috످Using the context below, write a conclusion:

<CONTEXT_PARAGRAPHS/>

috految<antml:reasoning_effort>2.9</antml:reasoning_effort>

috److It looks like your message contains an empty placeholder (`<CONTEXT_PARAGRAPHS/>`) where the context should be.

Could you paste the text or share its main points so I can write the conclusion? If you have a preferred length, tone, or format, include that too.

috످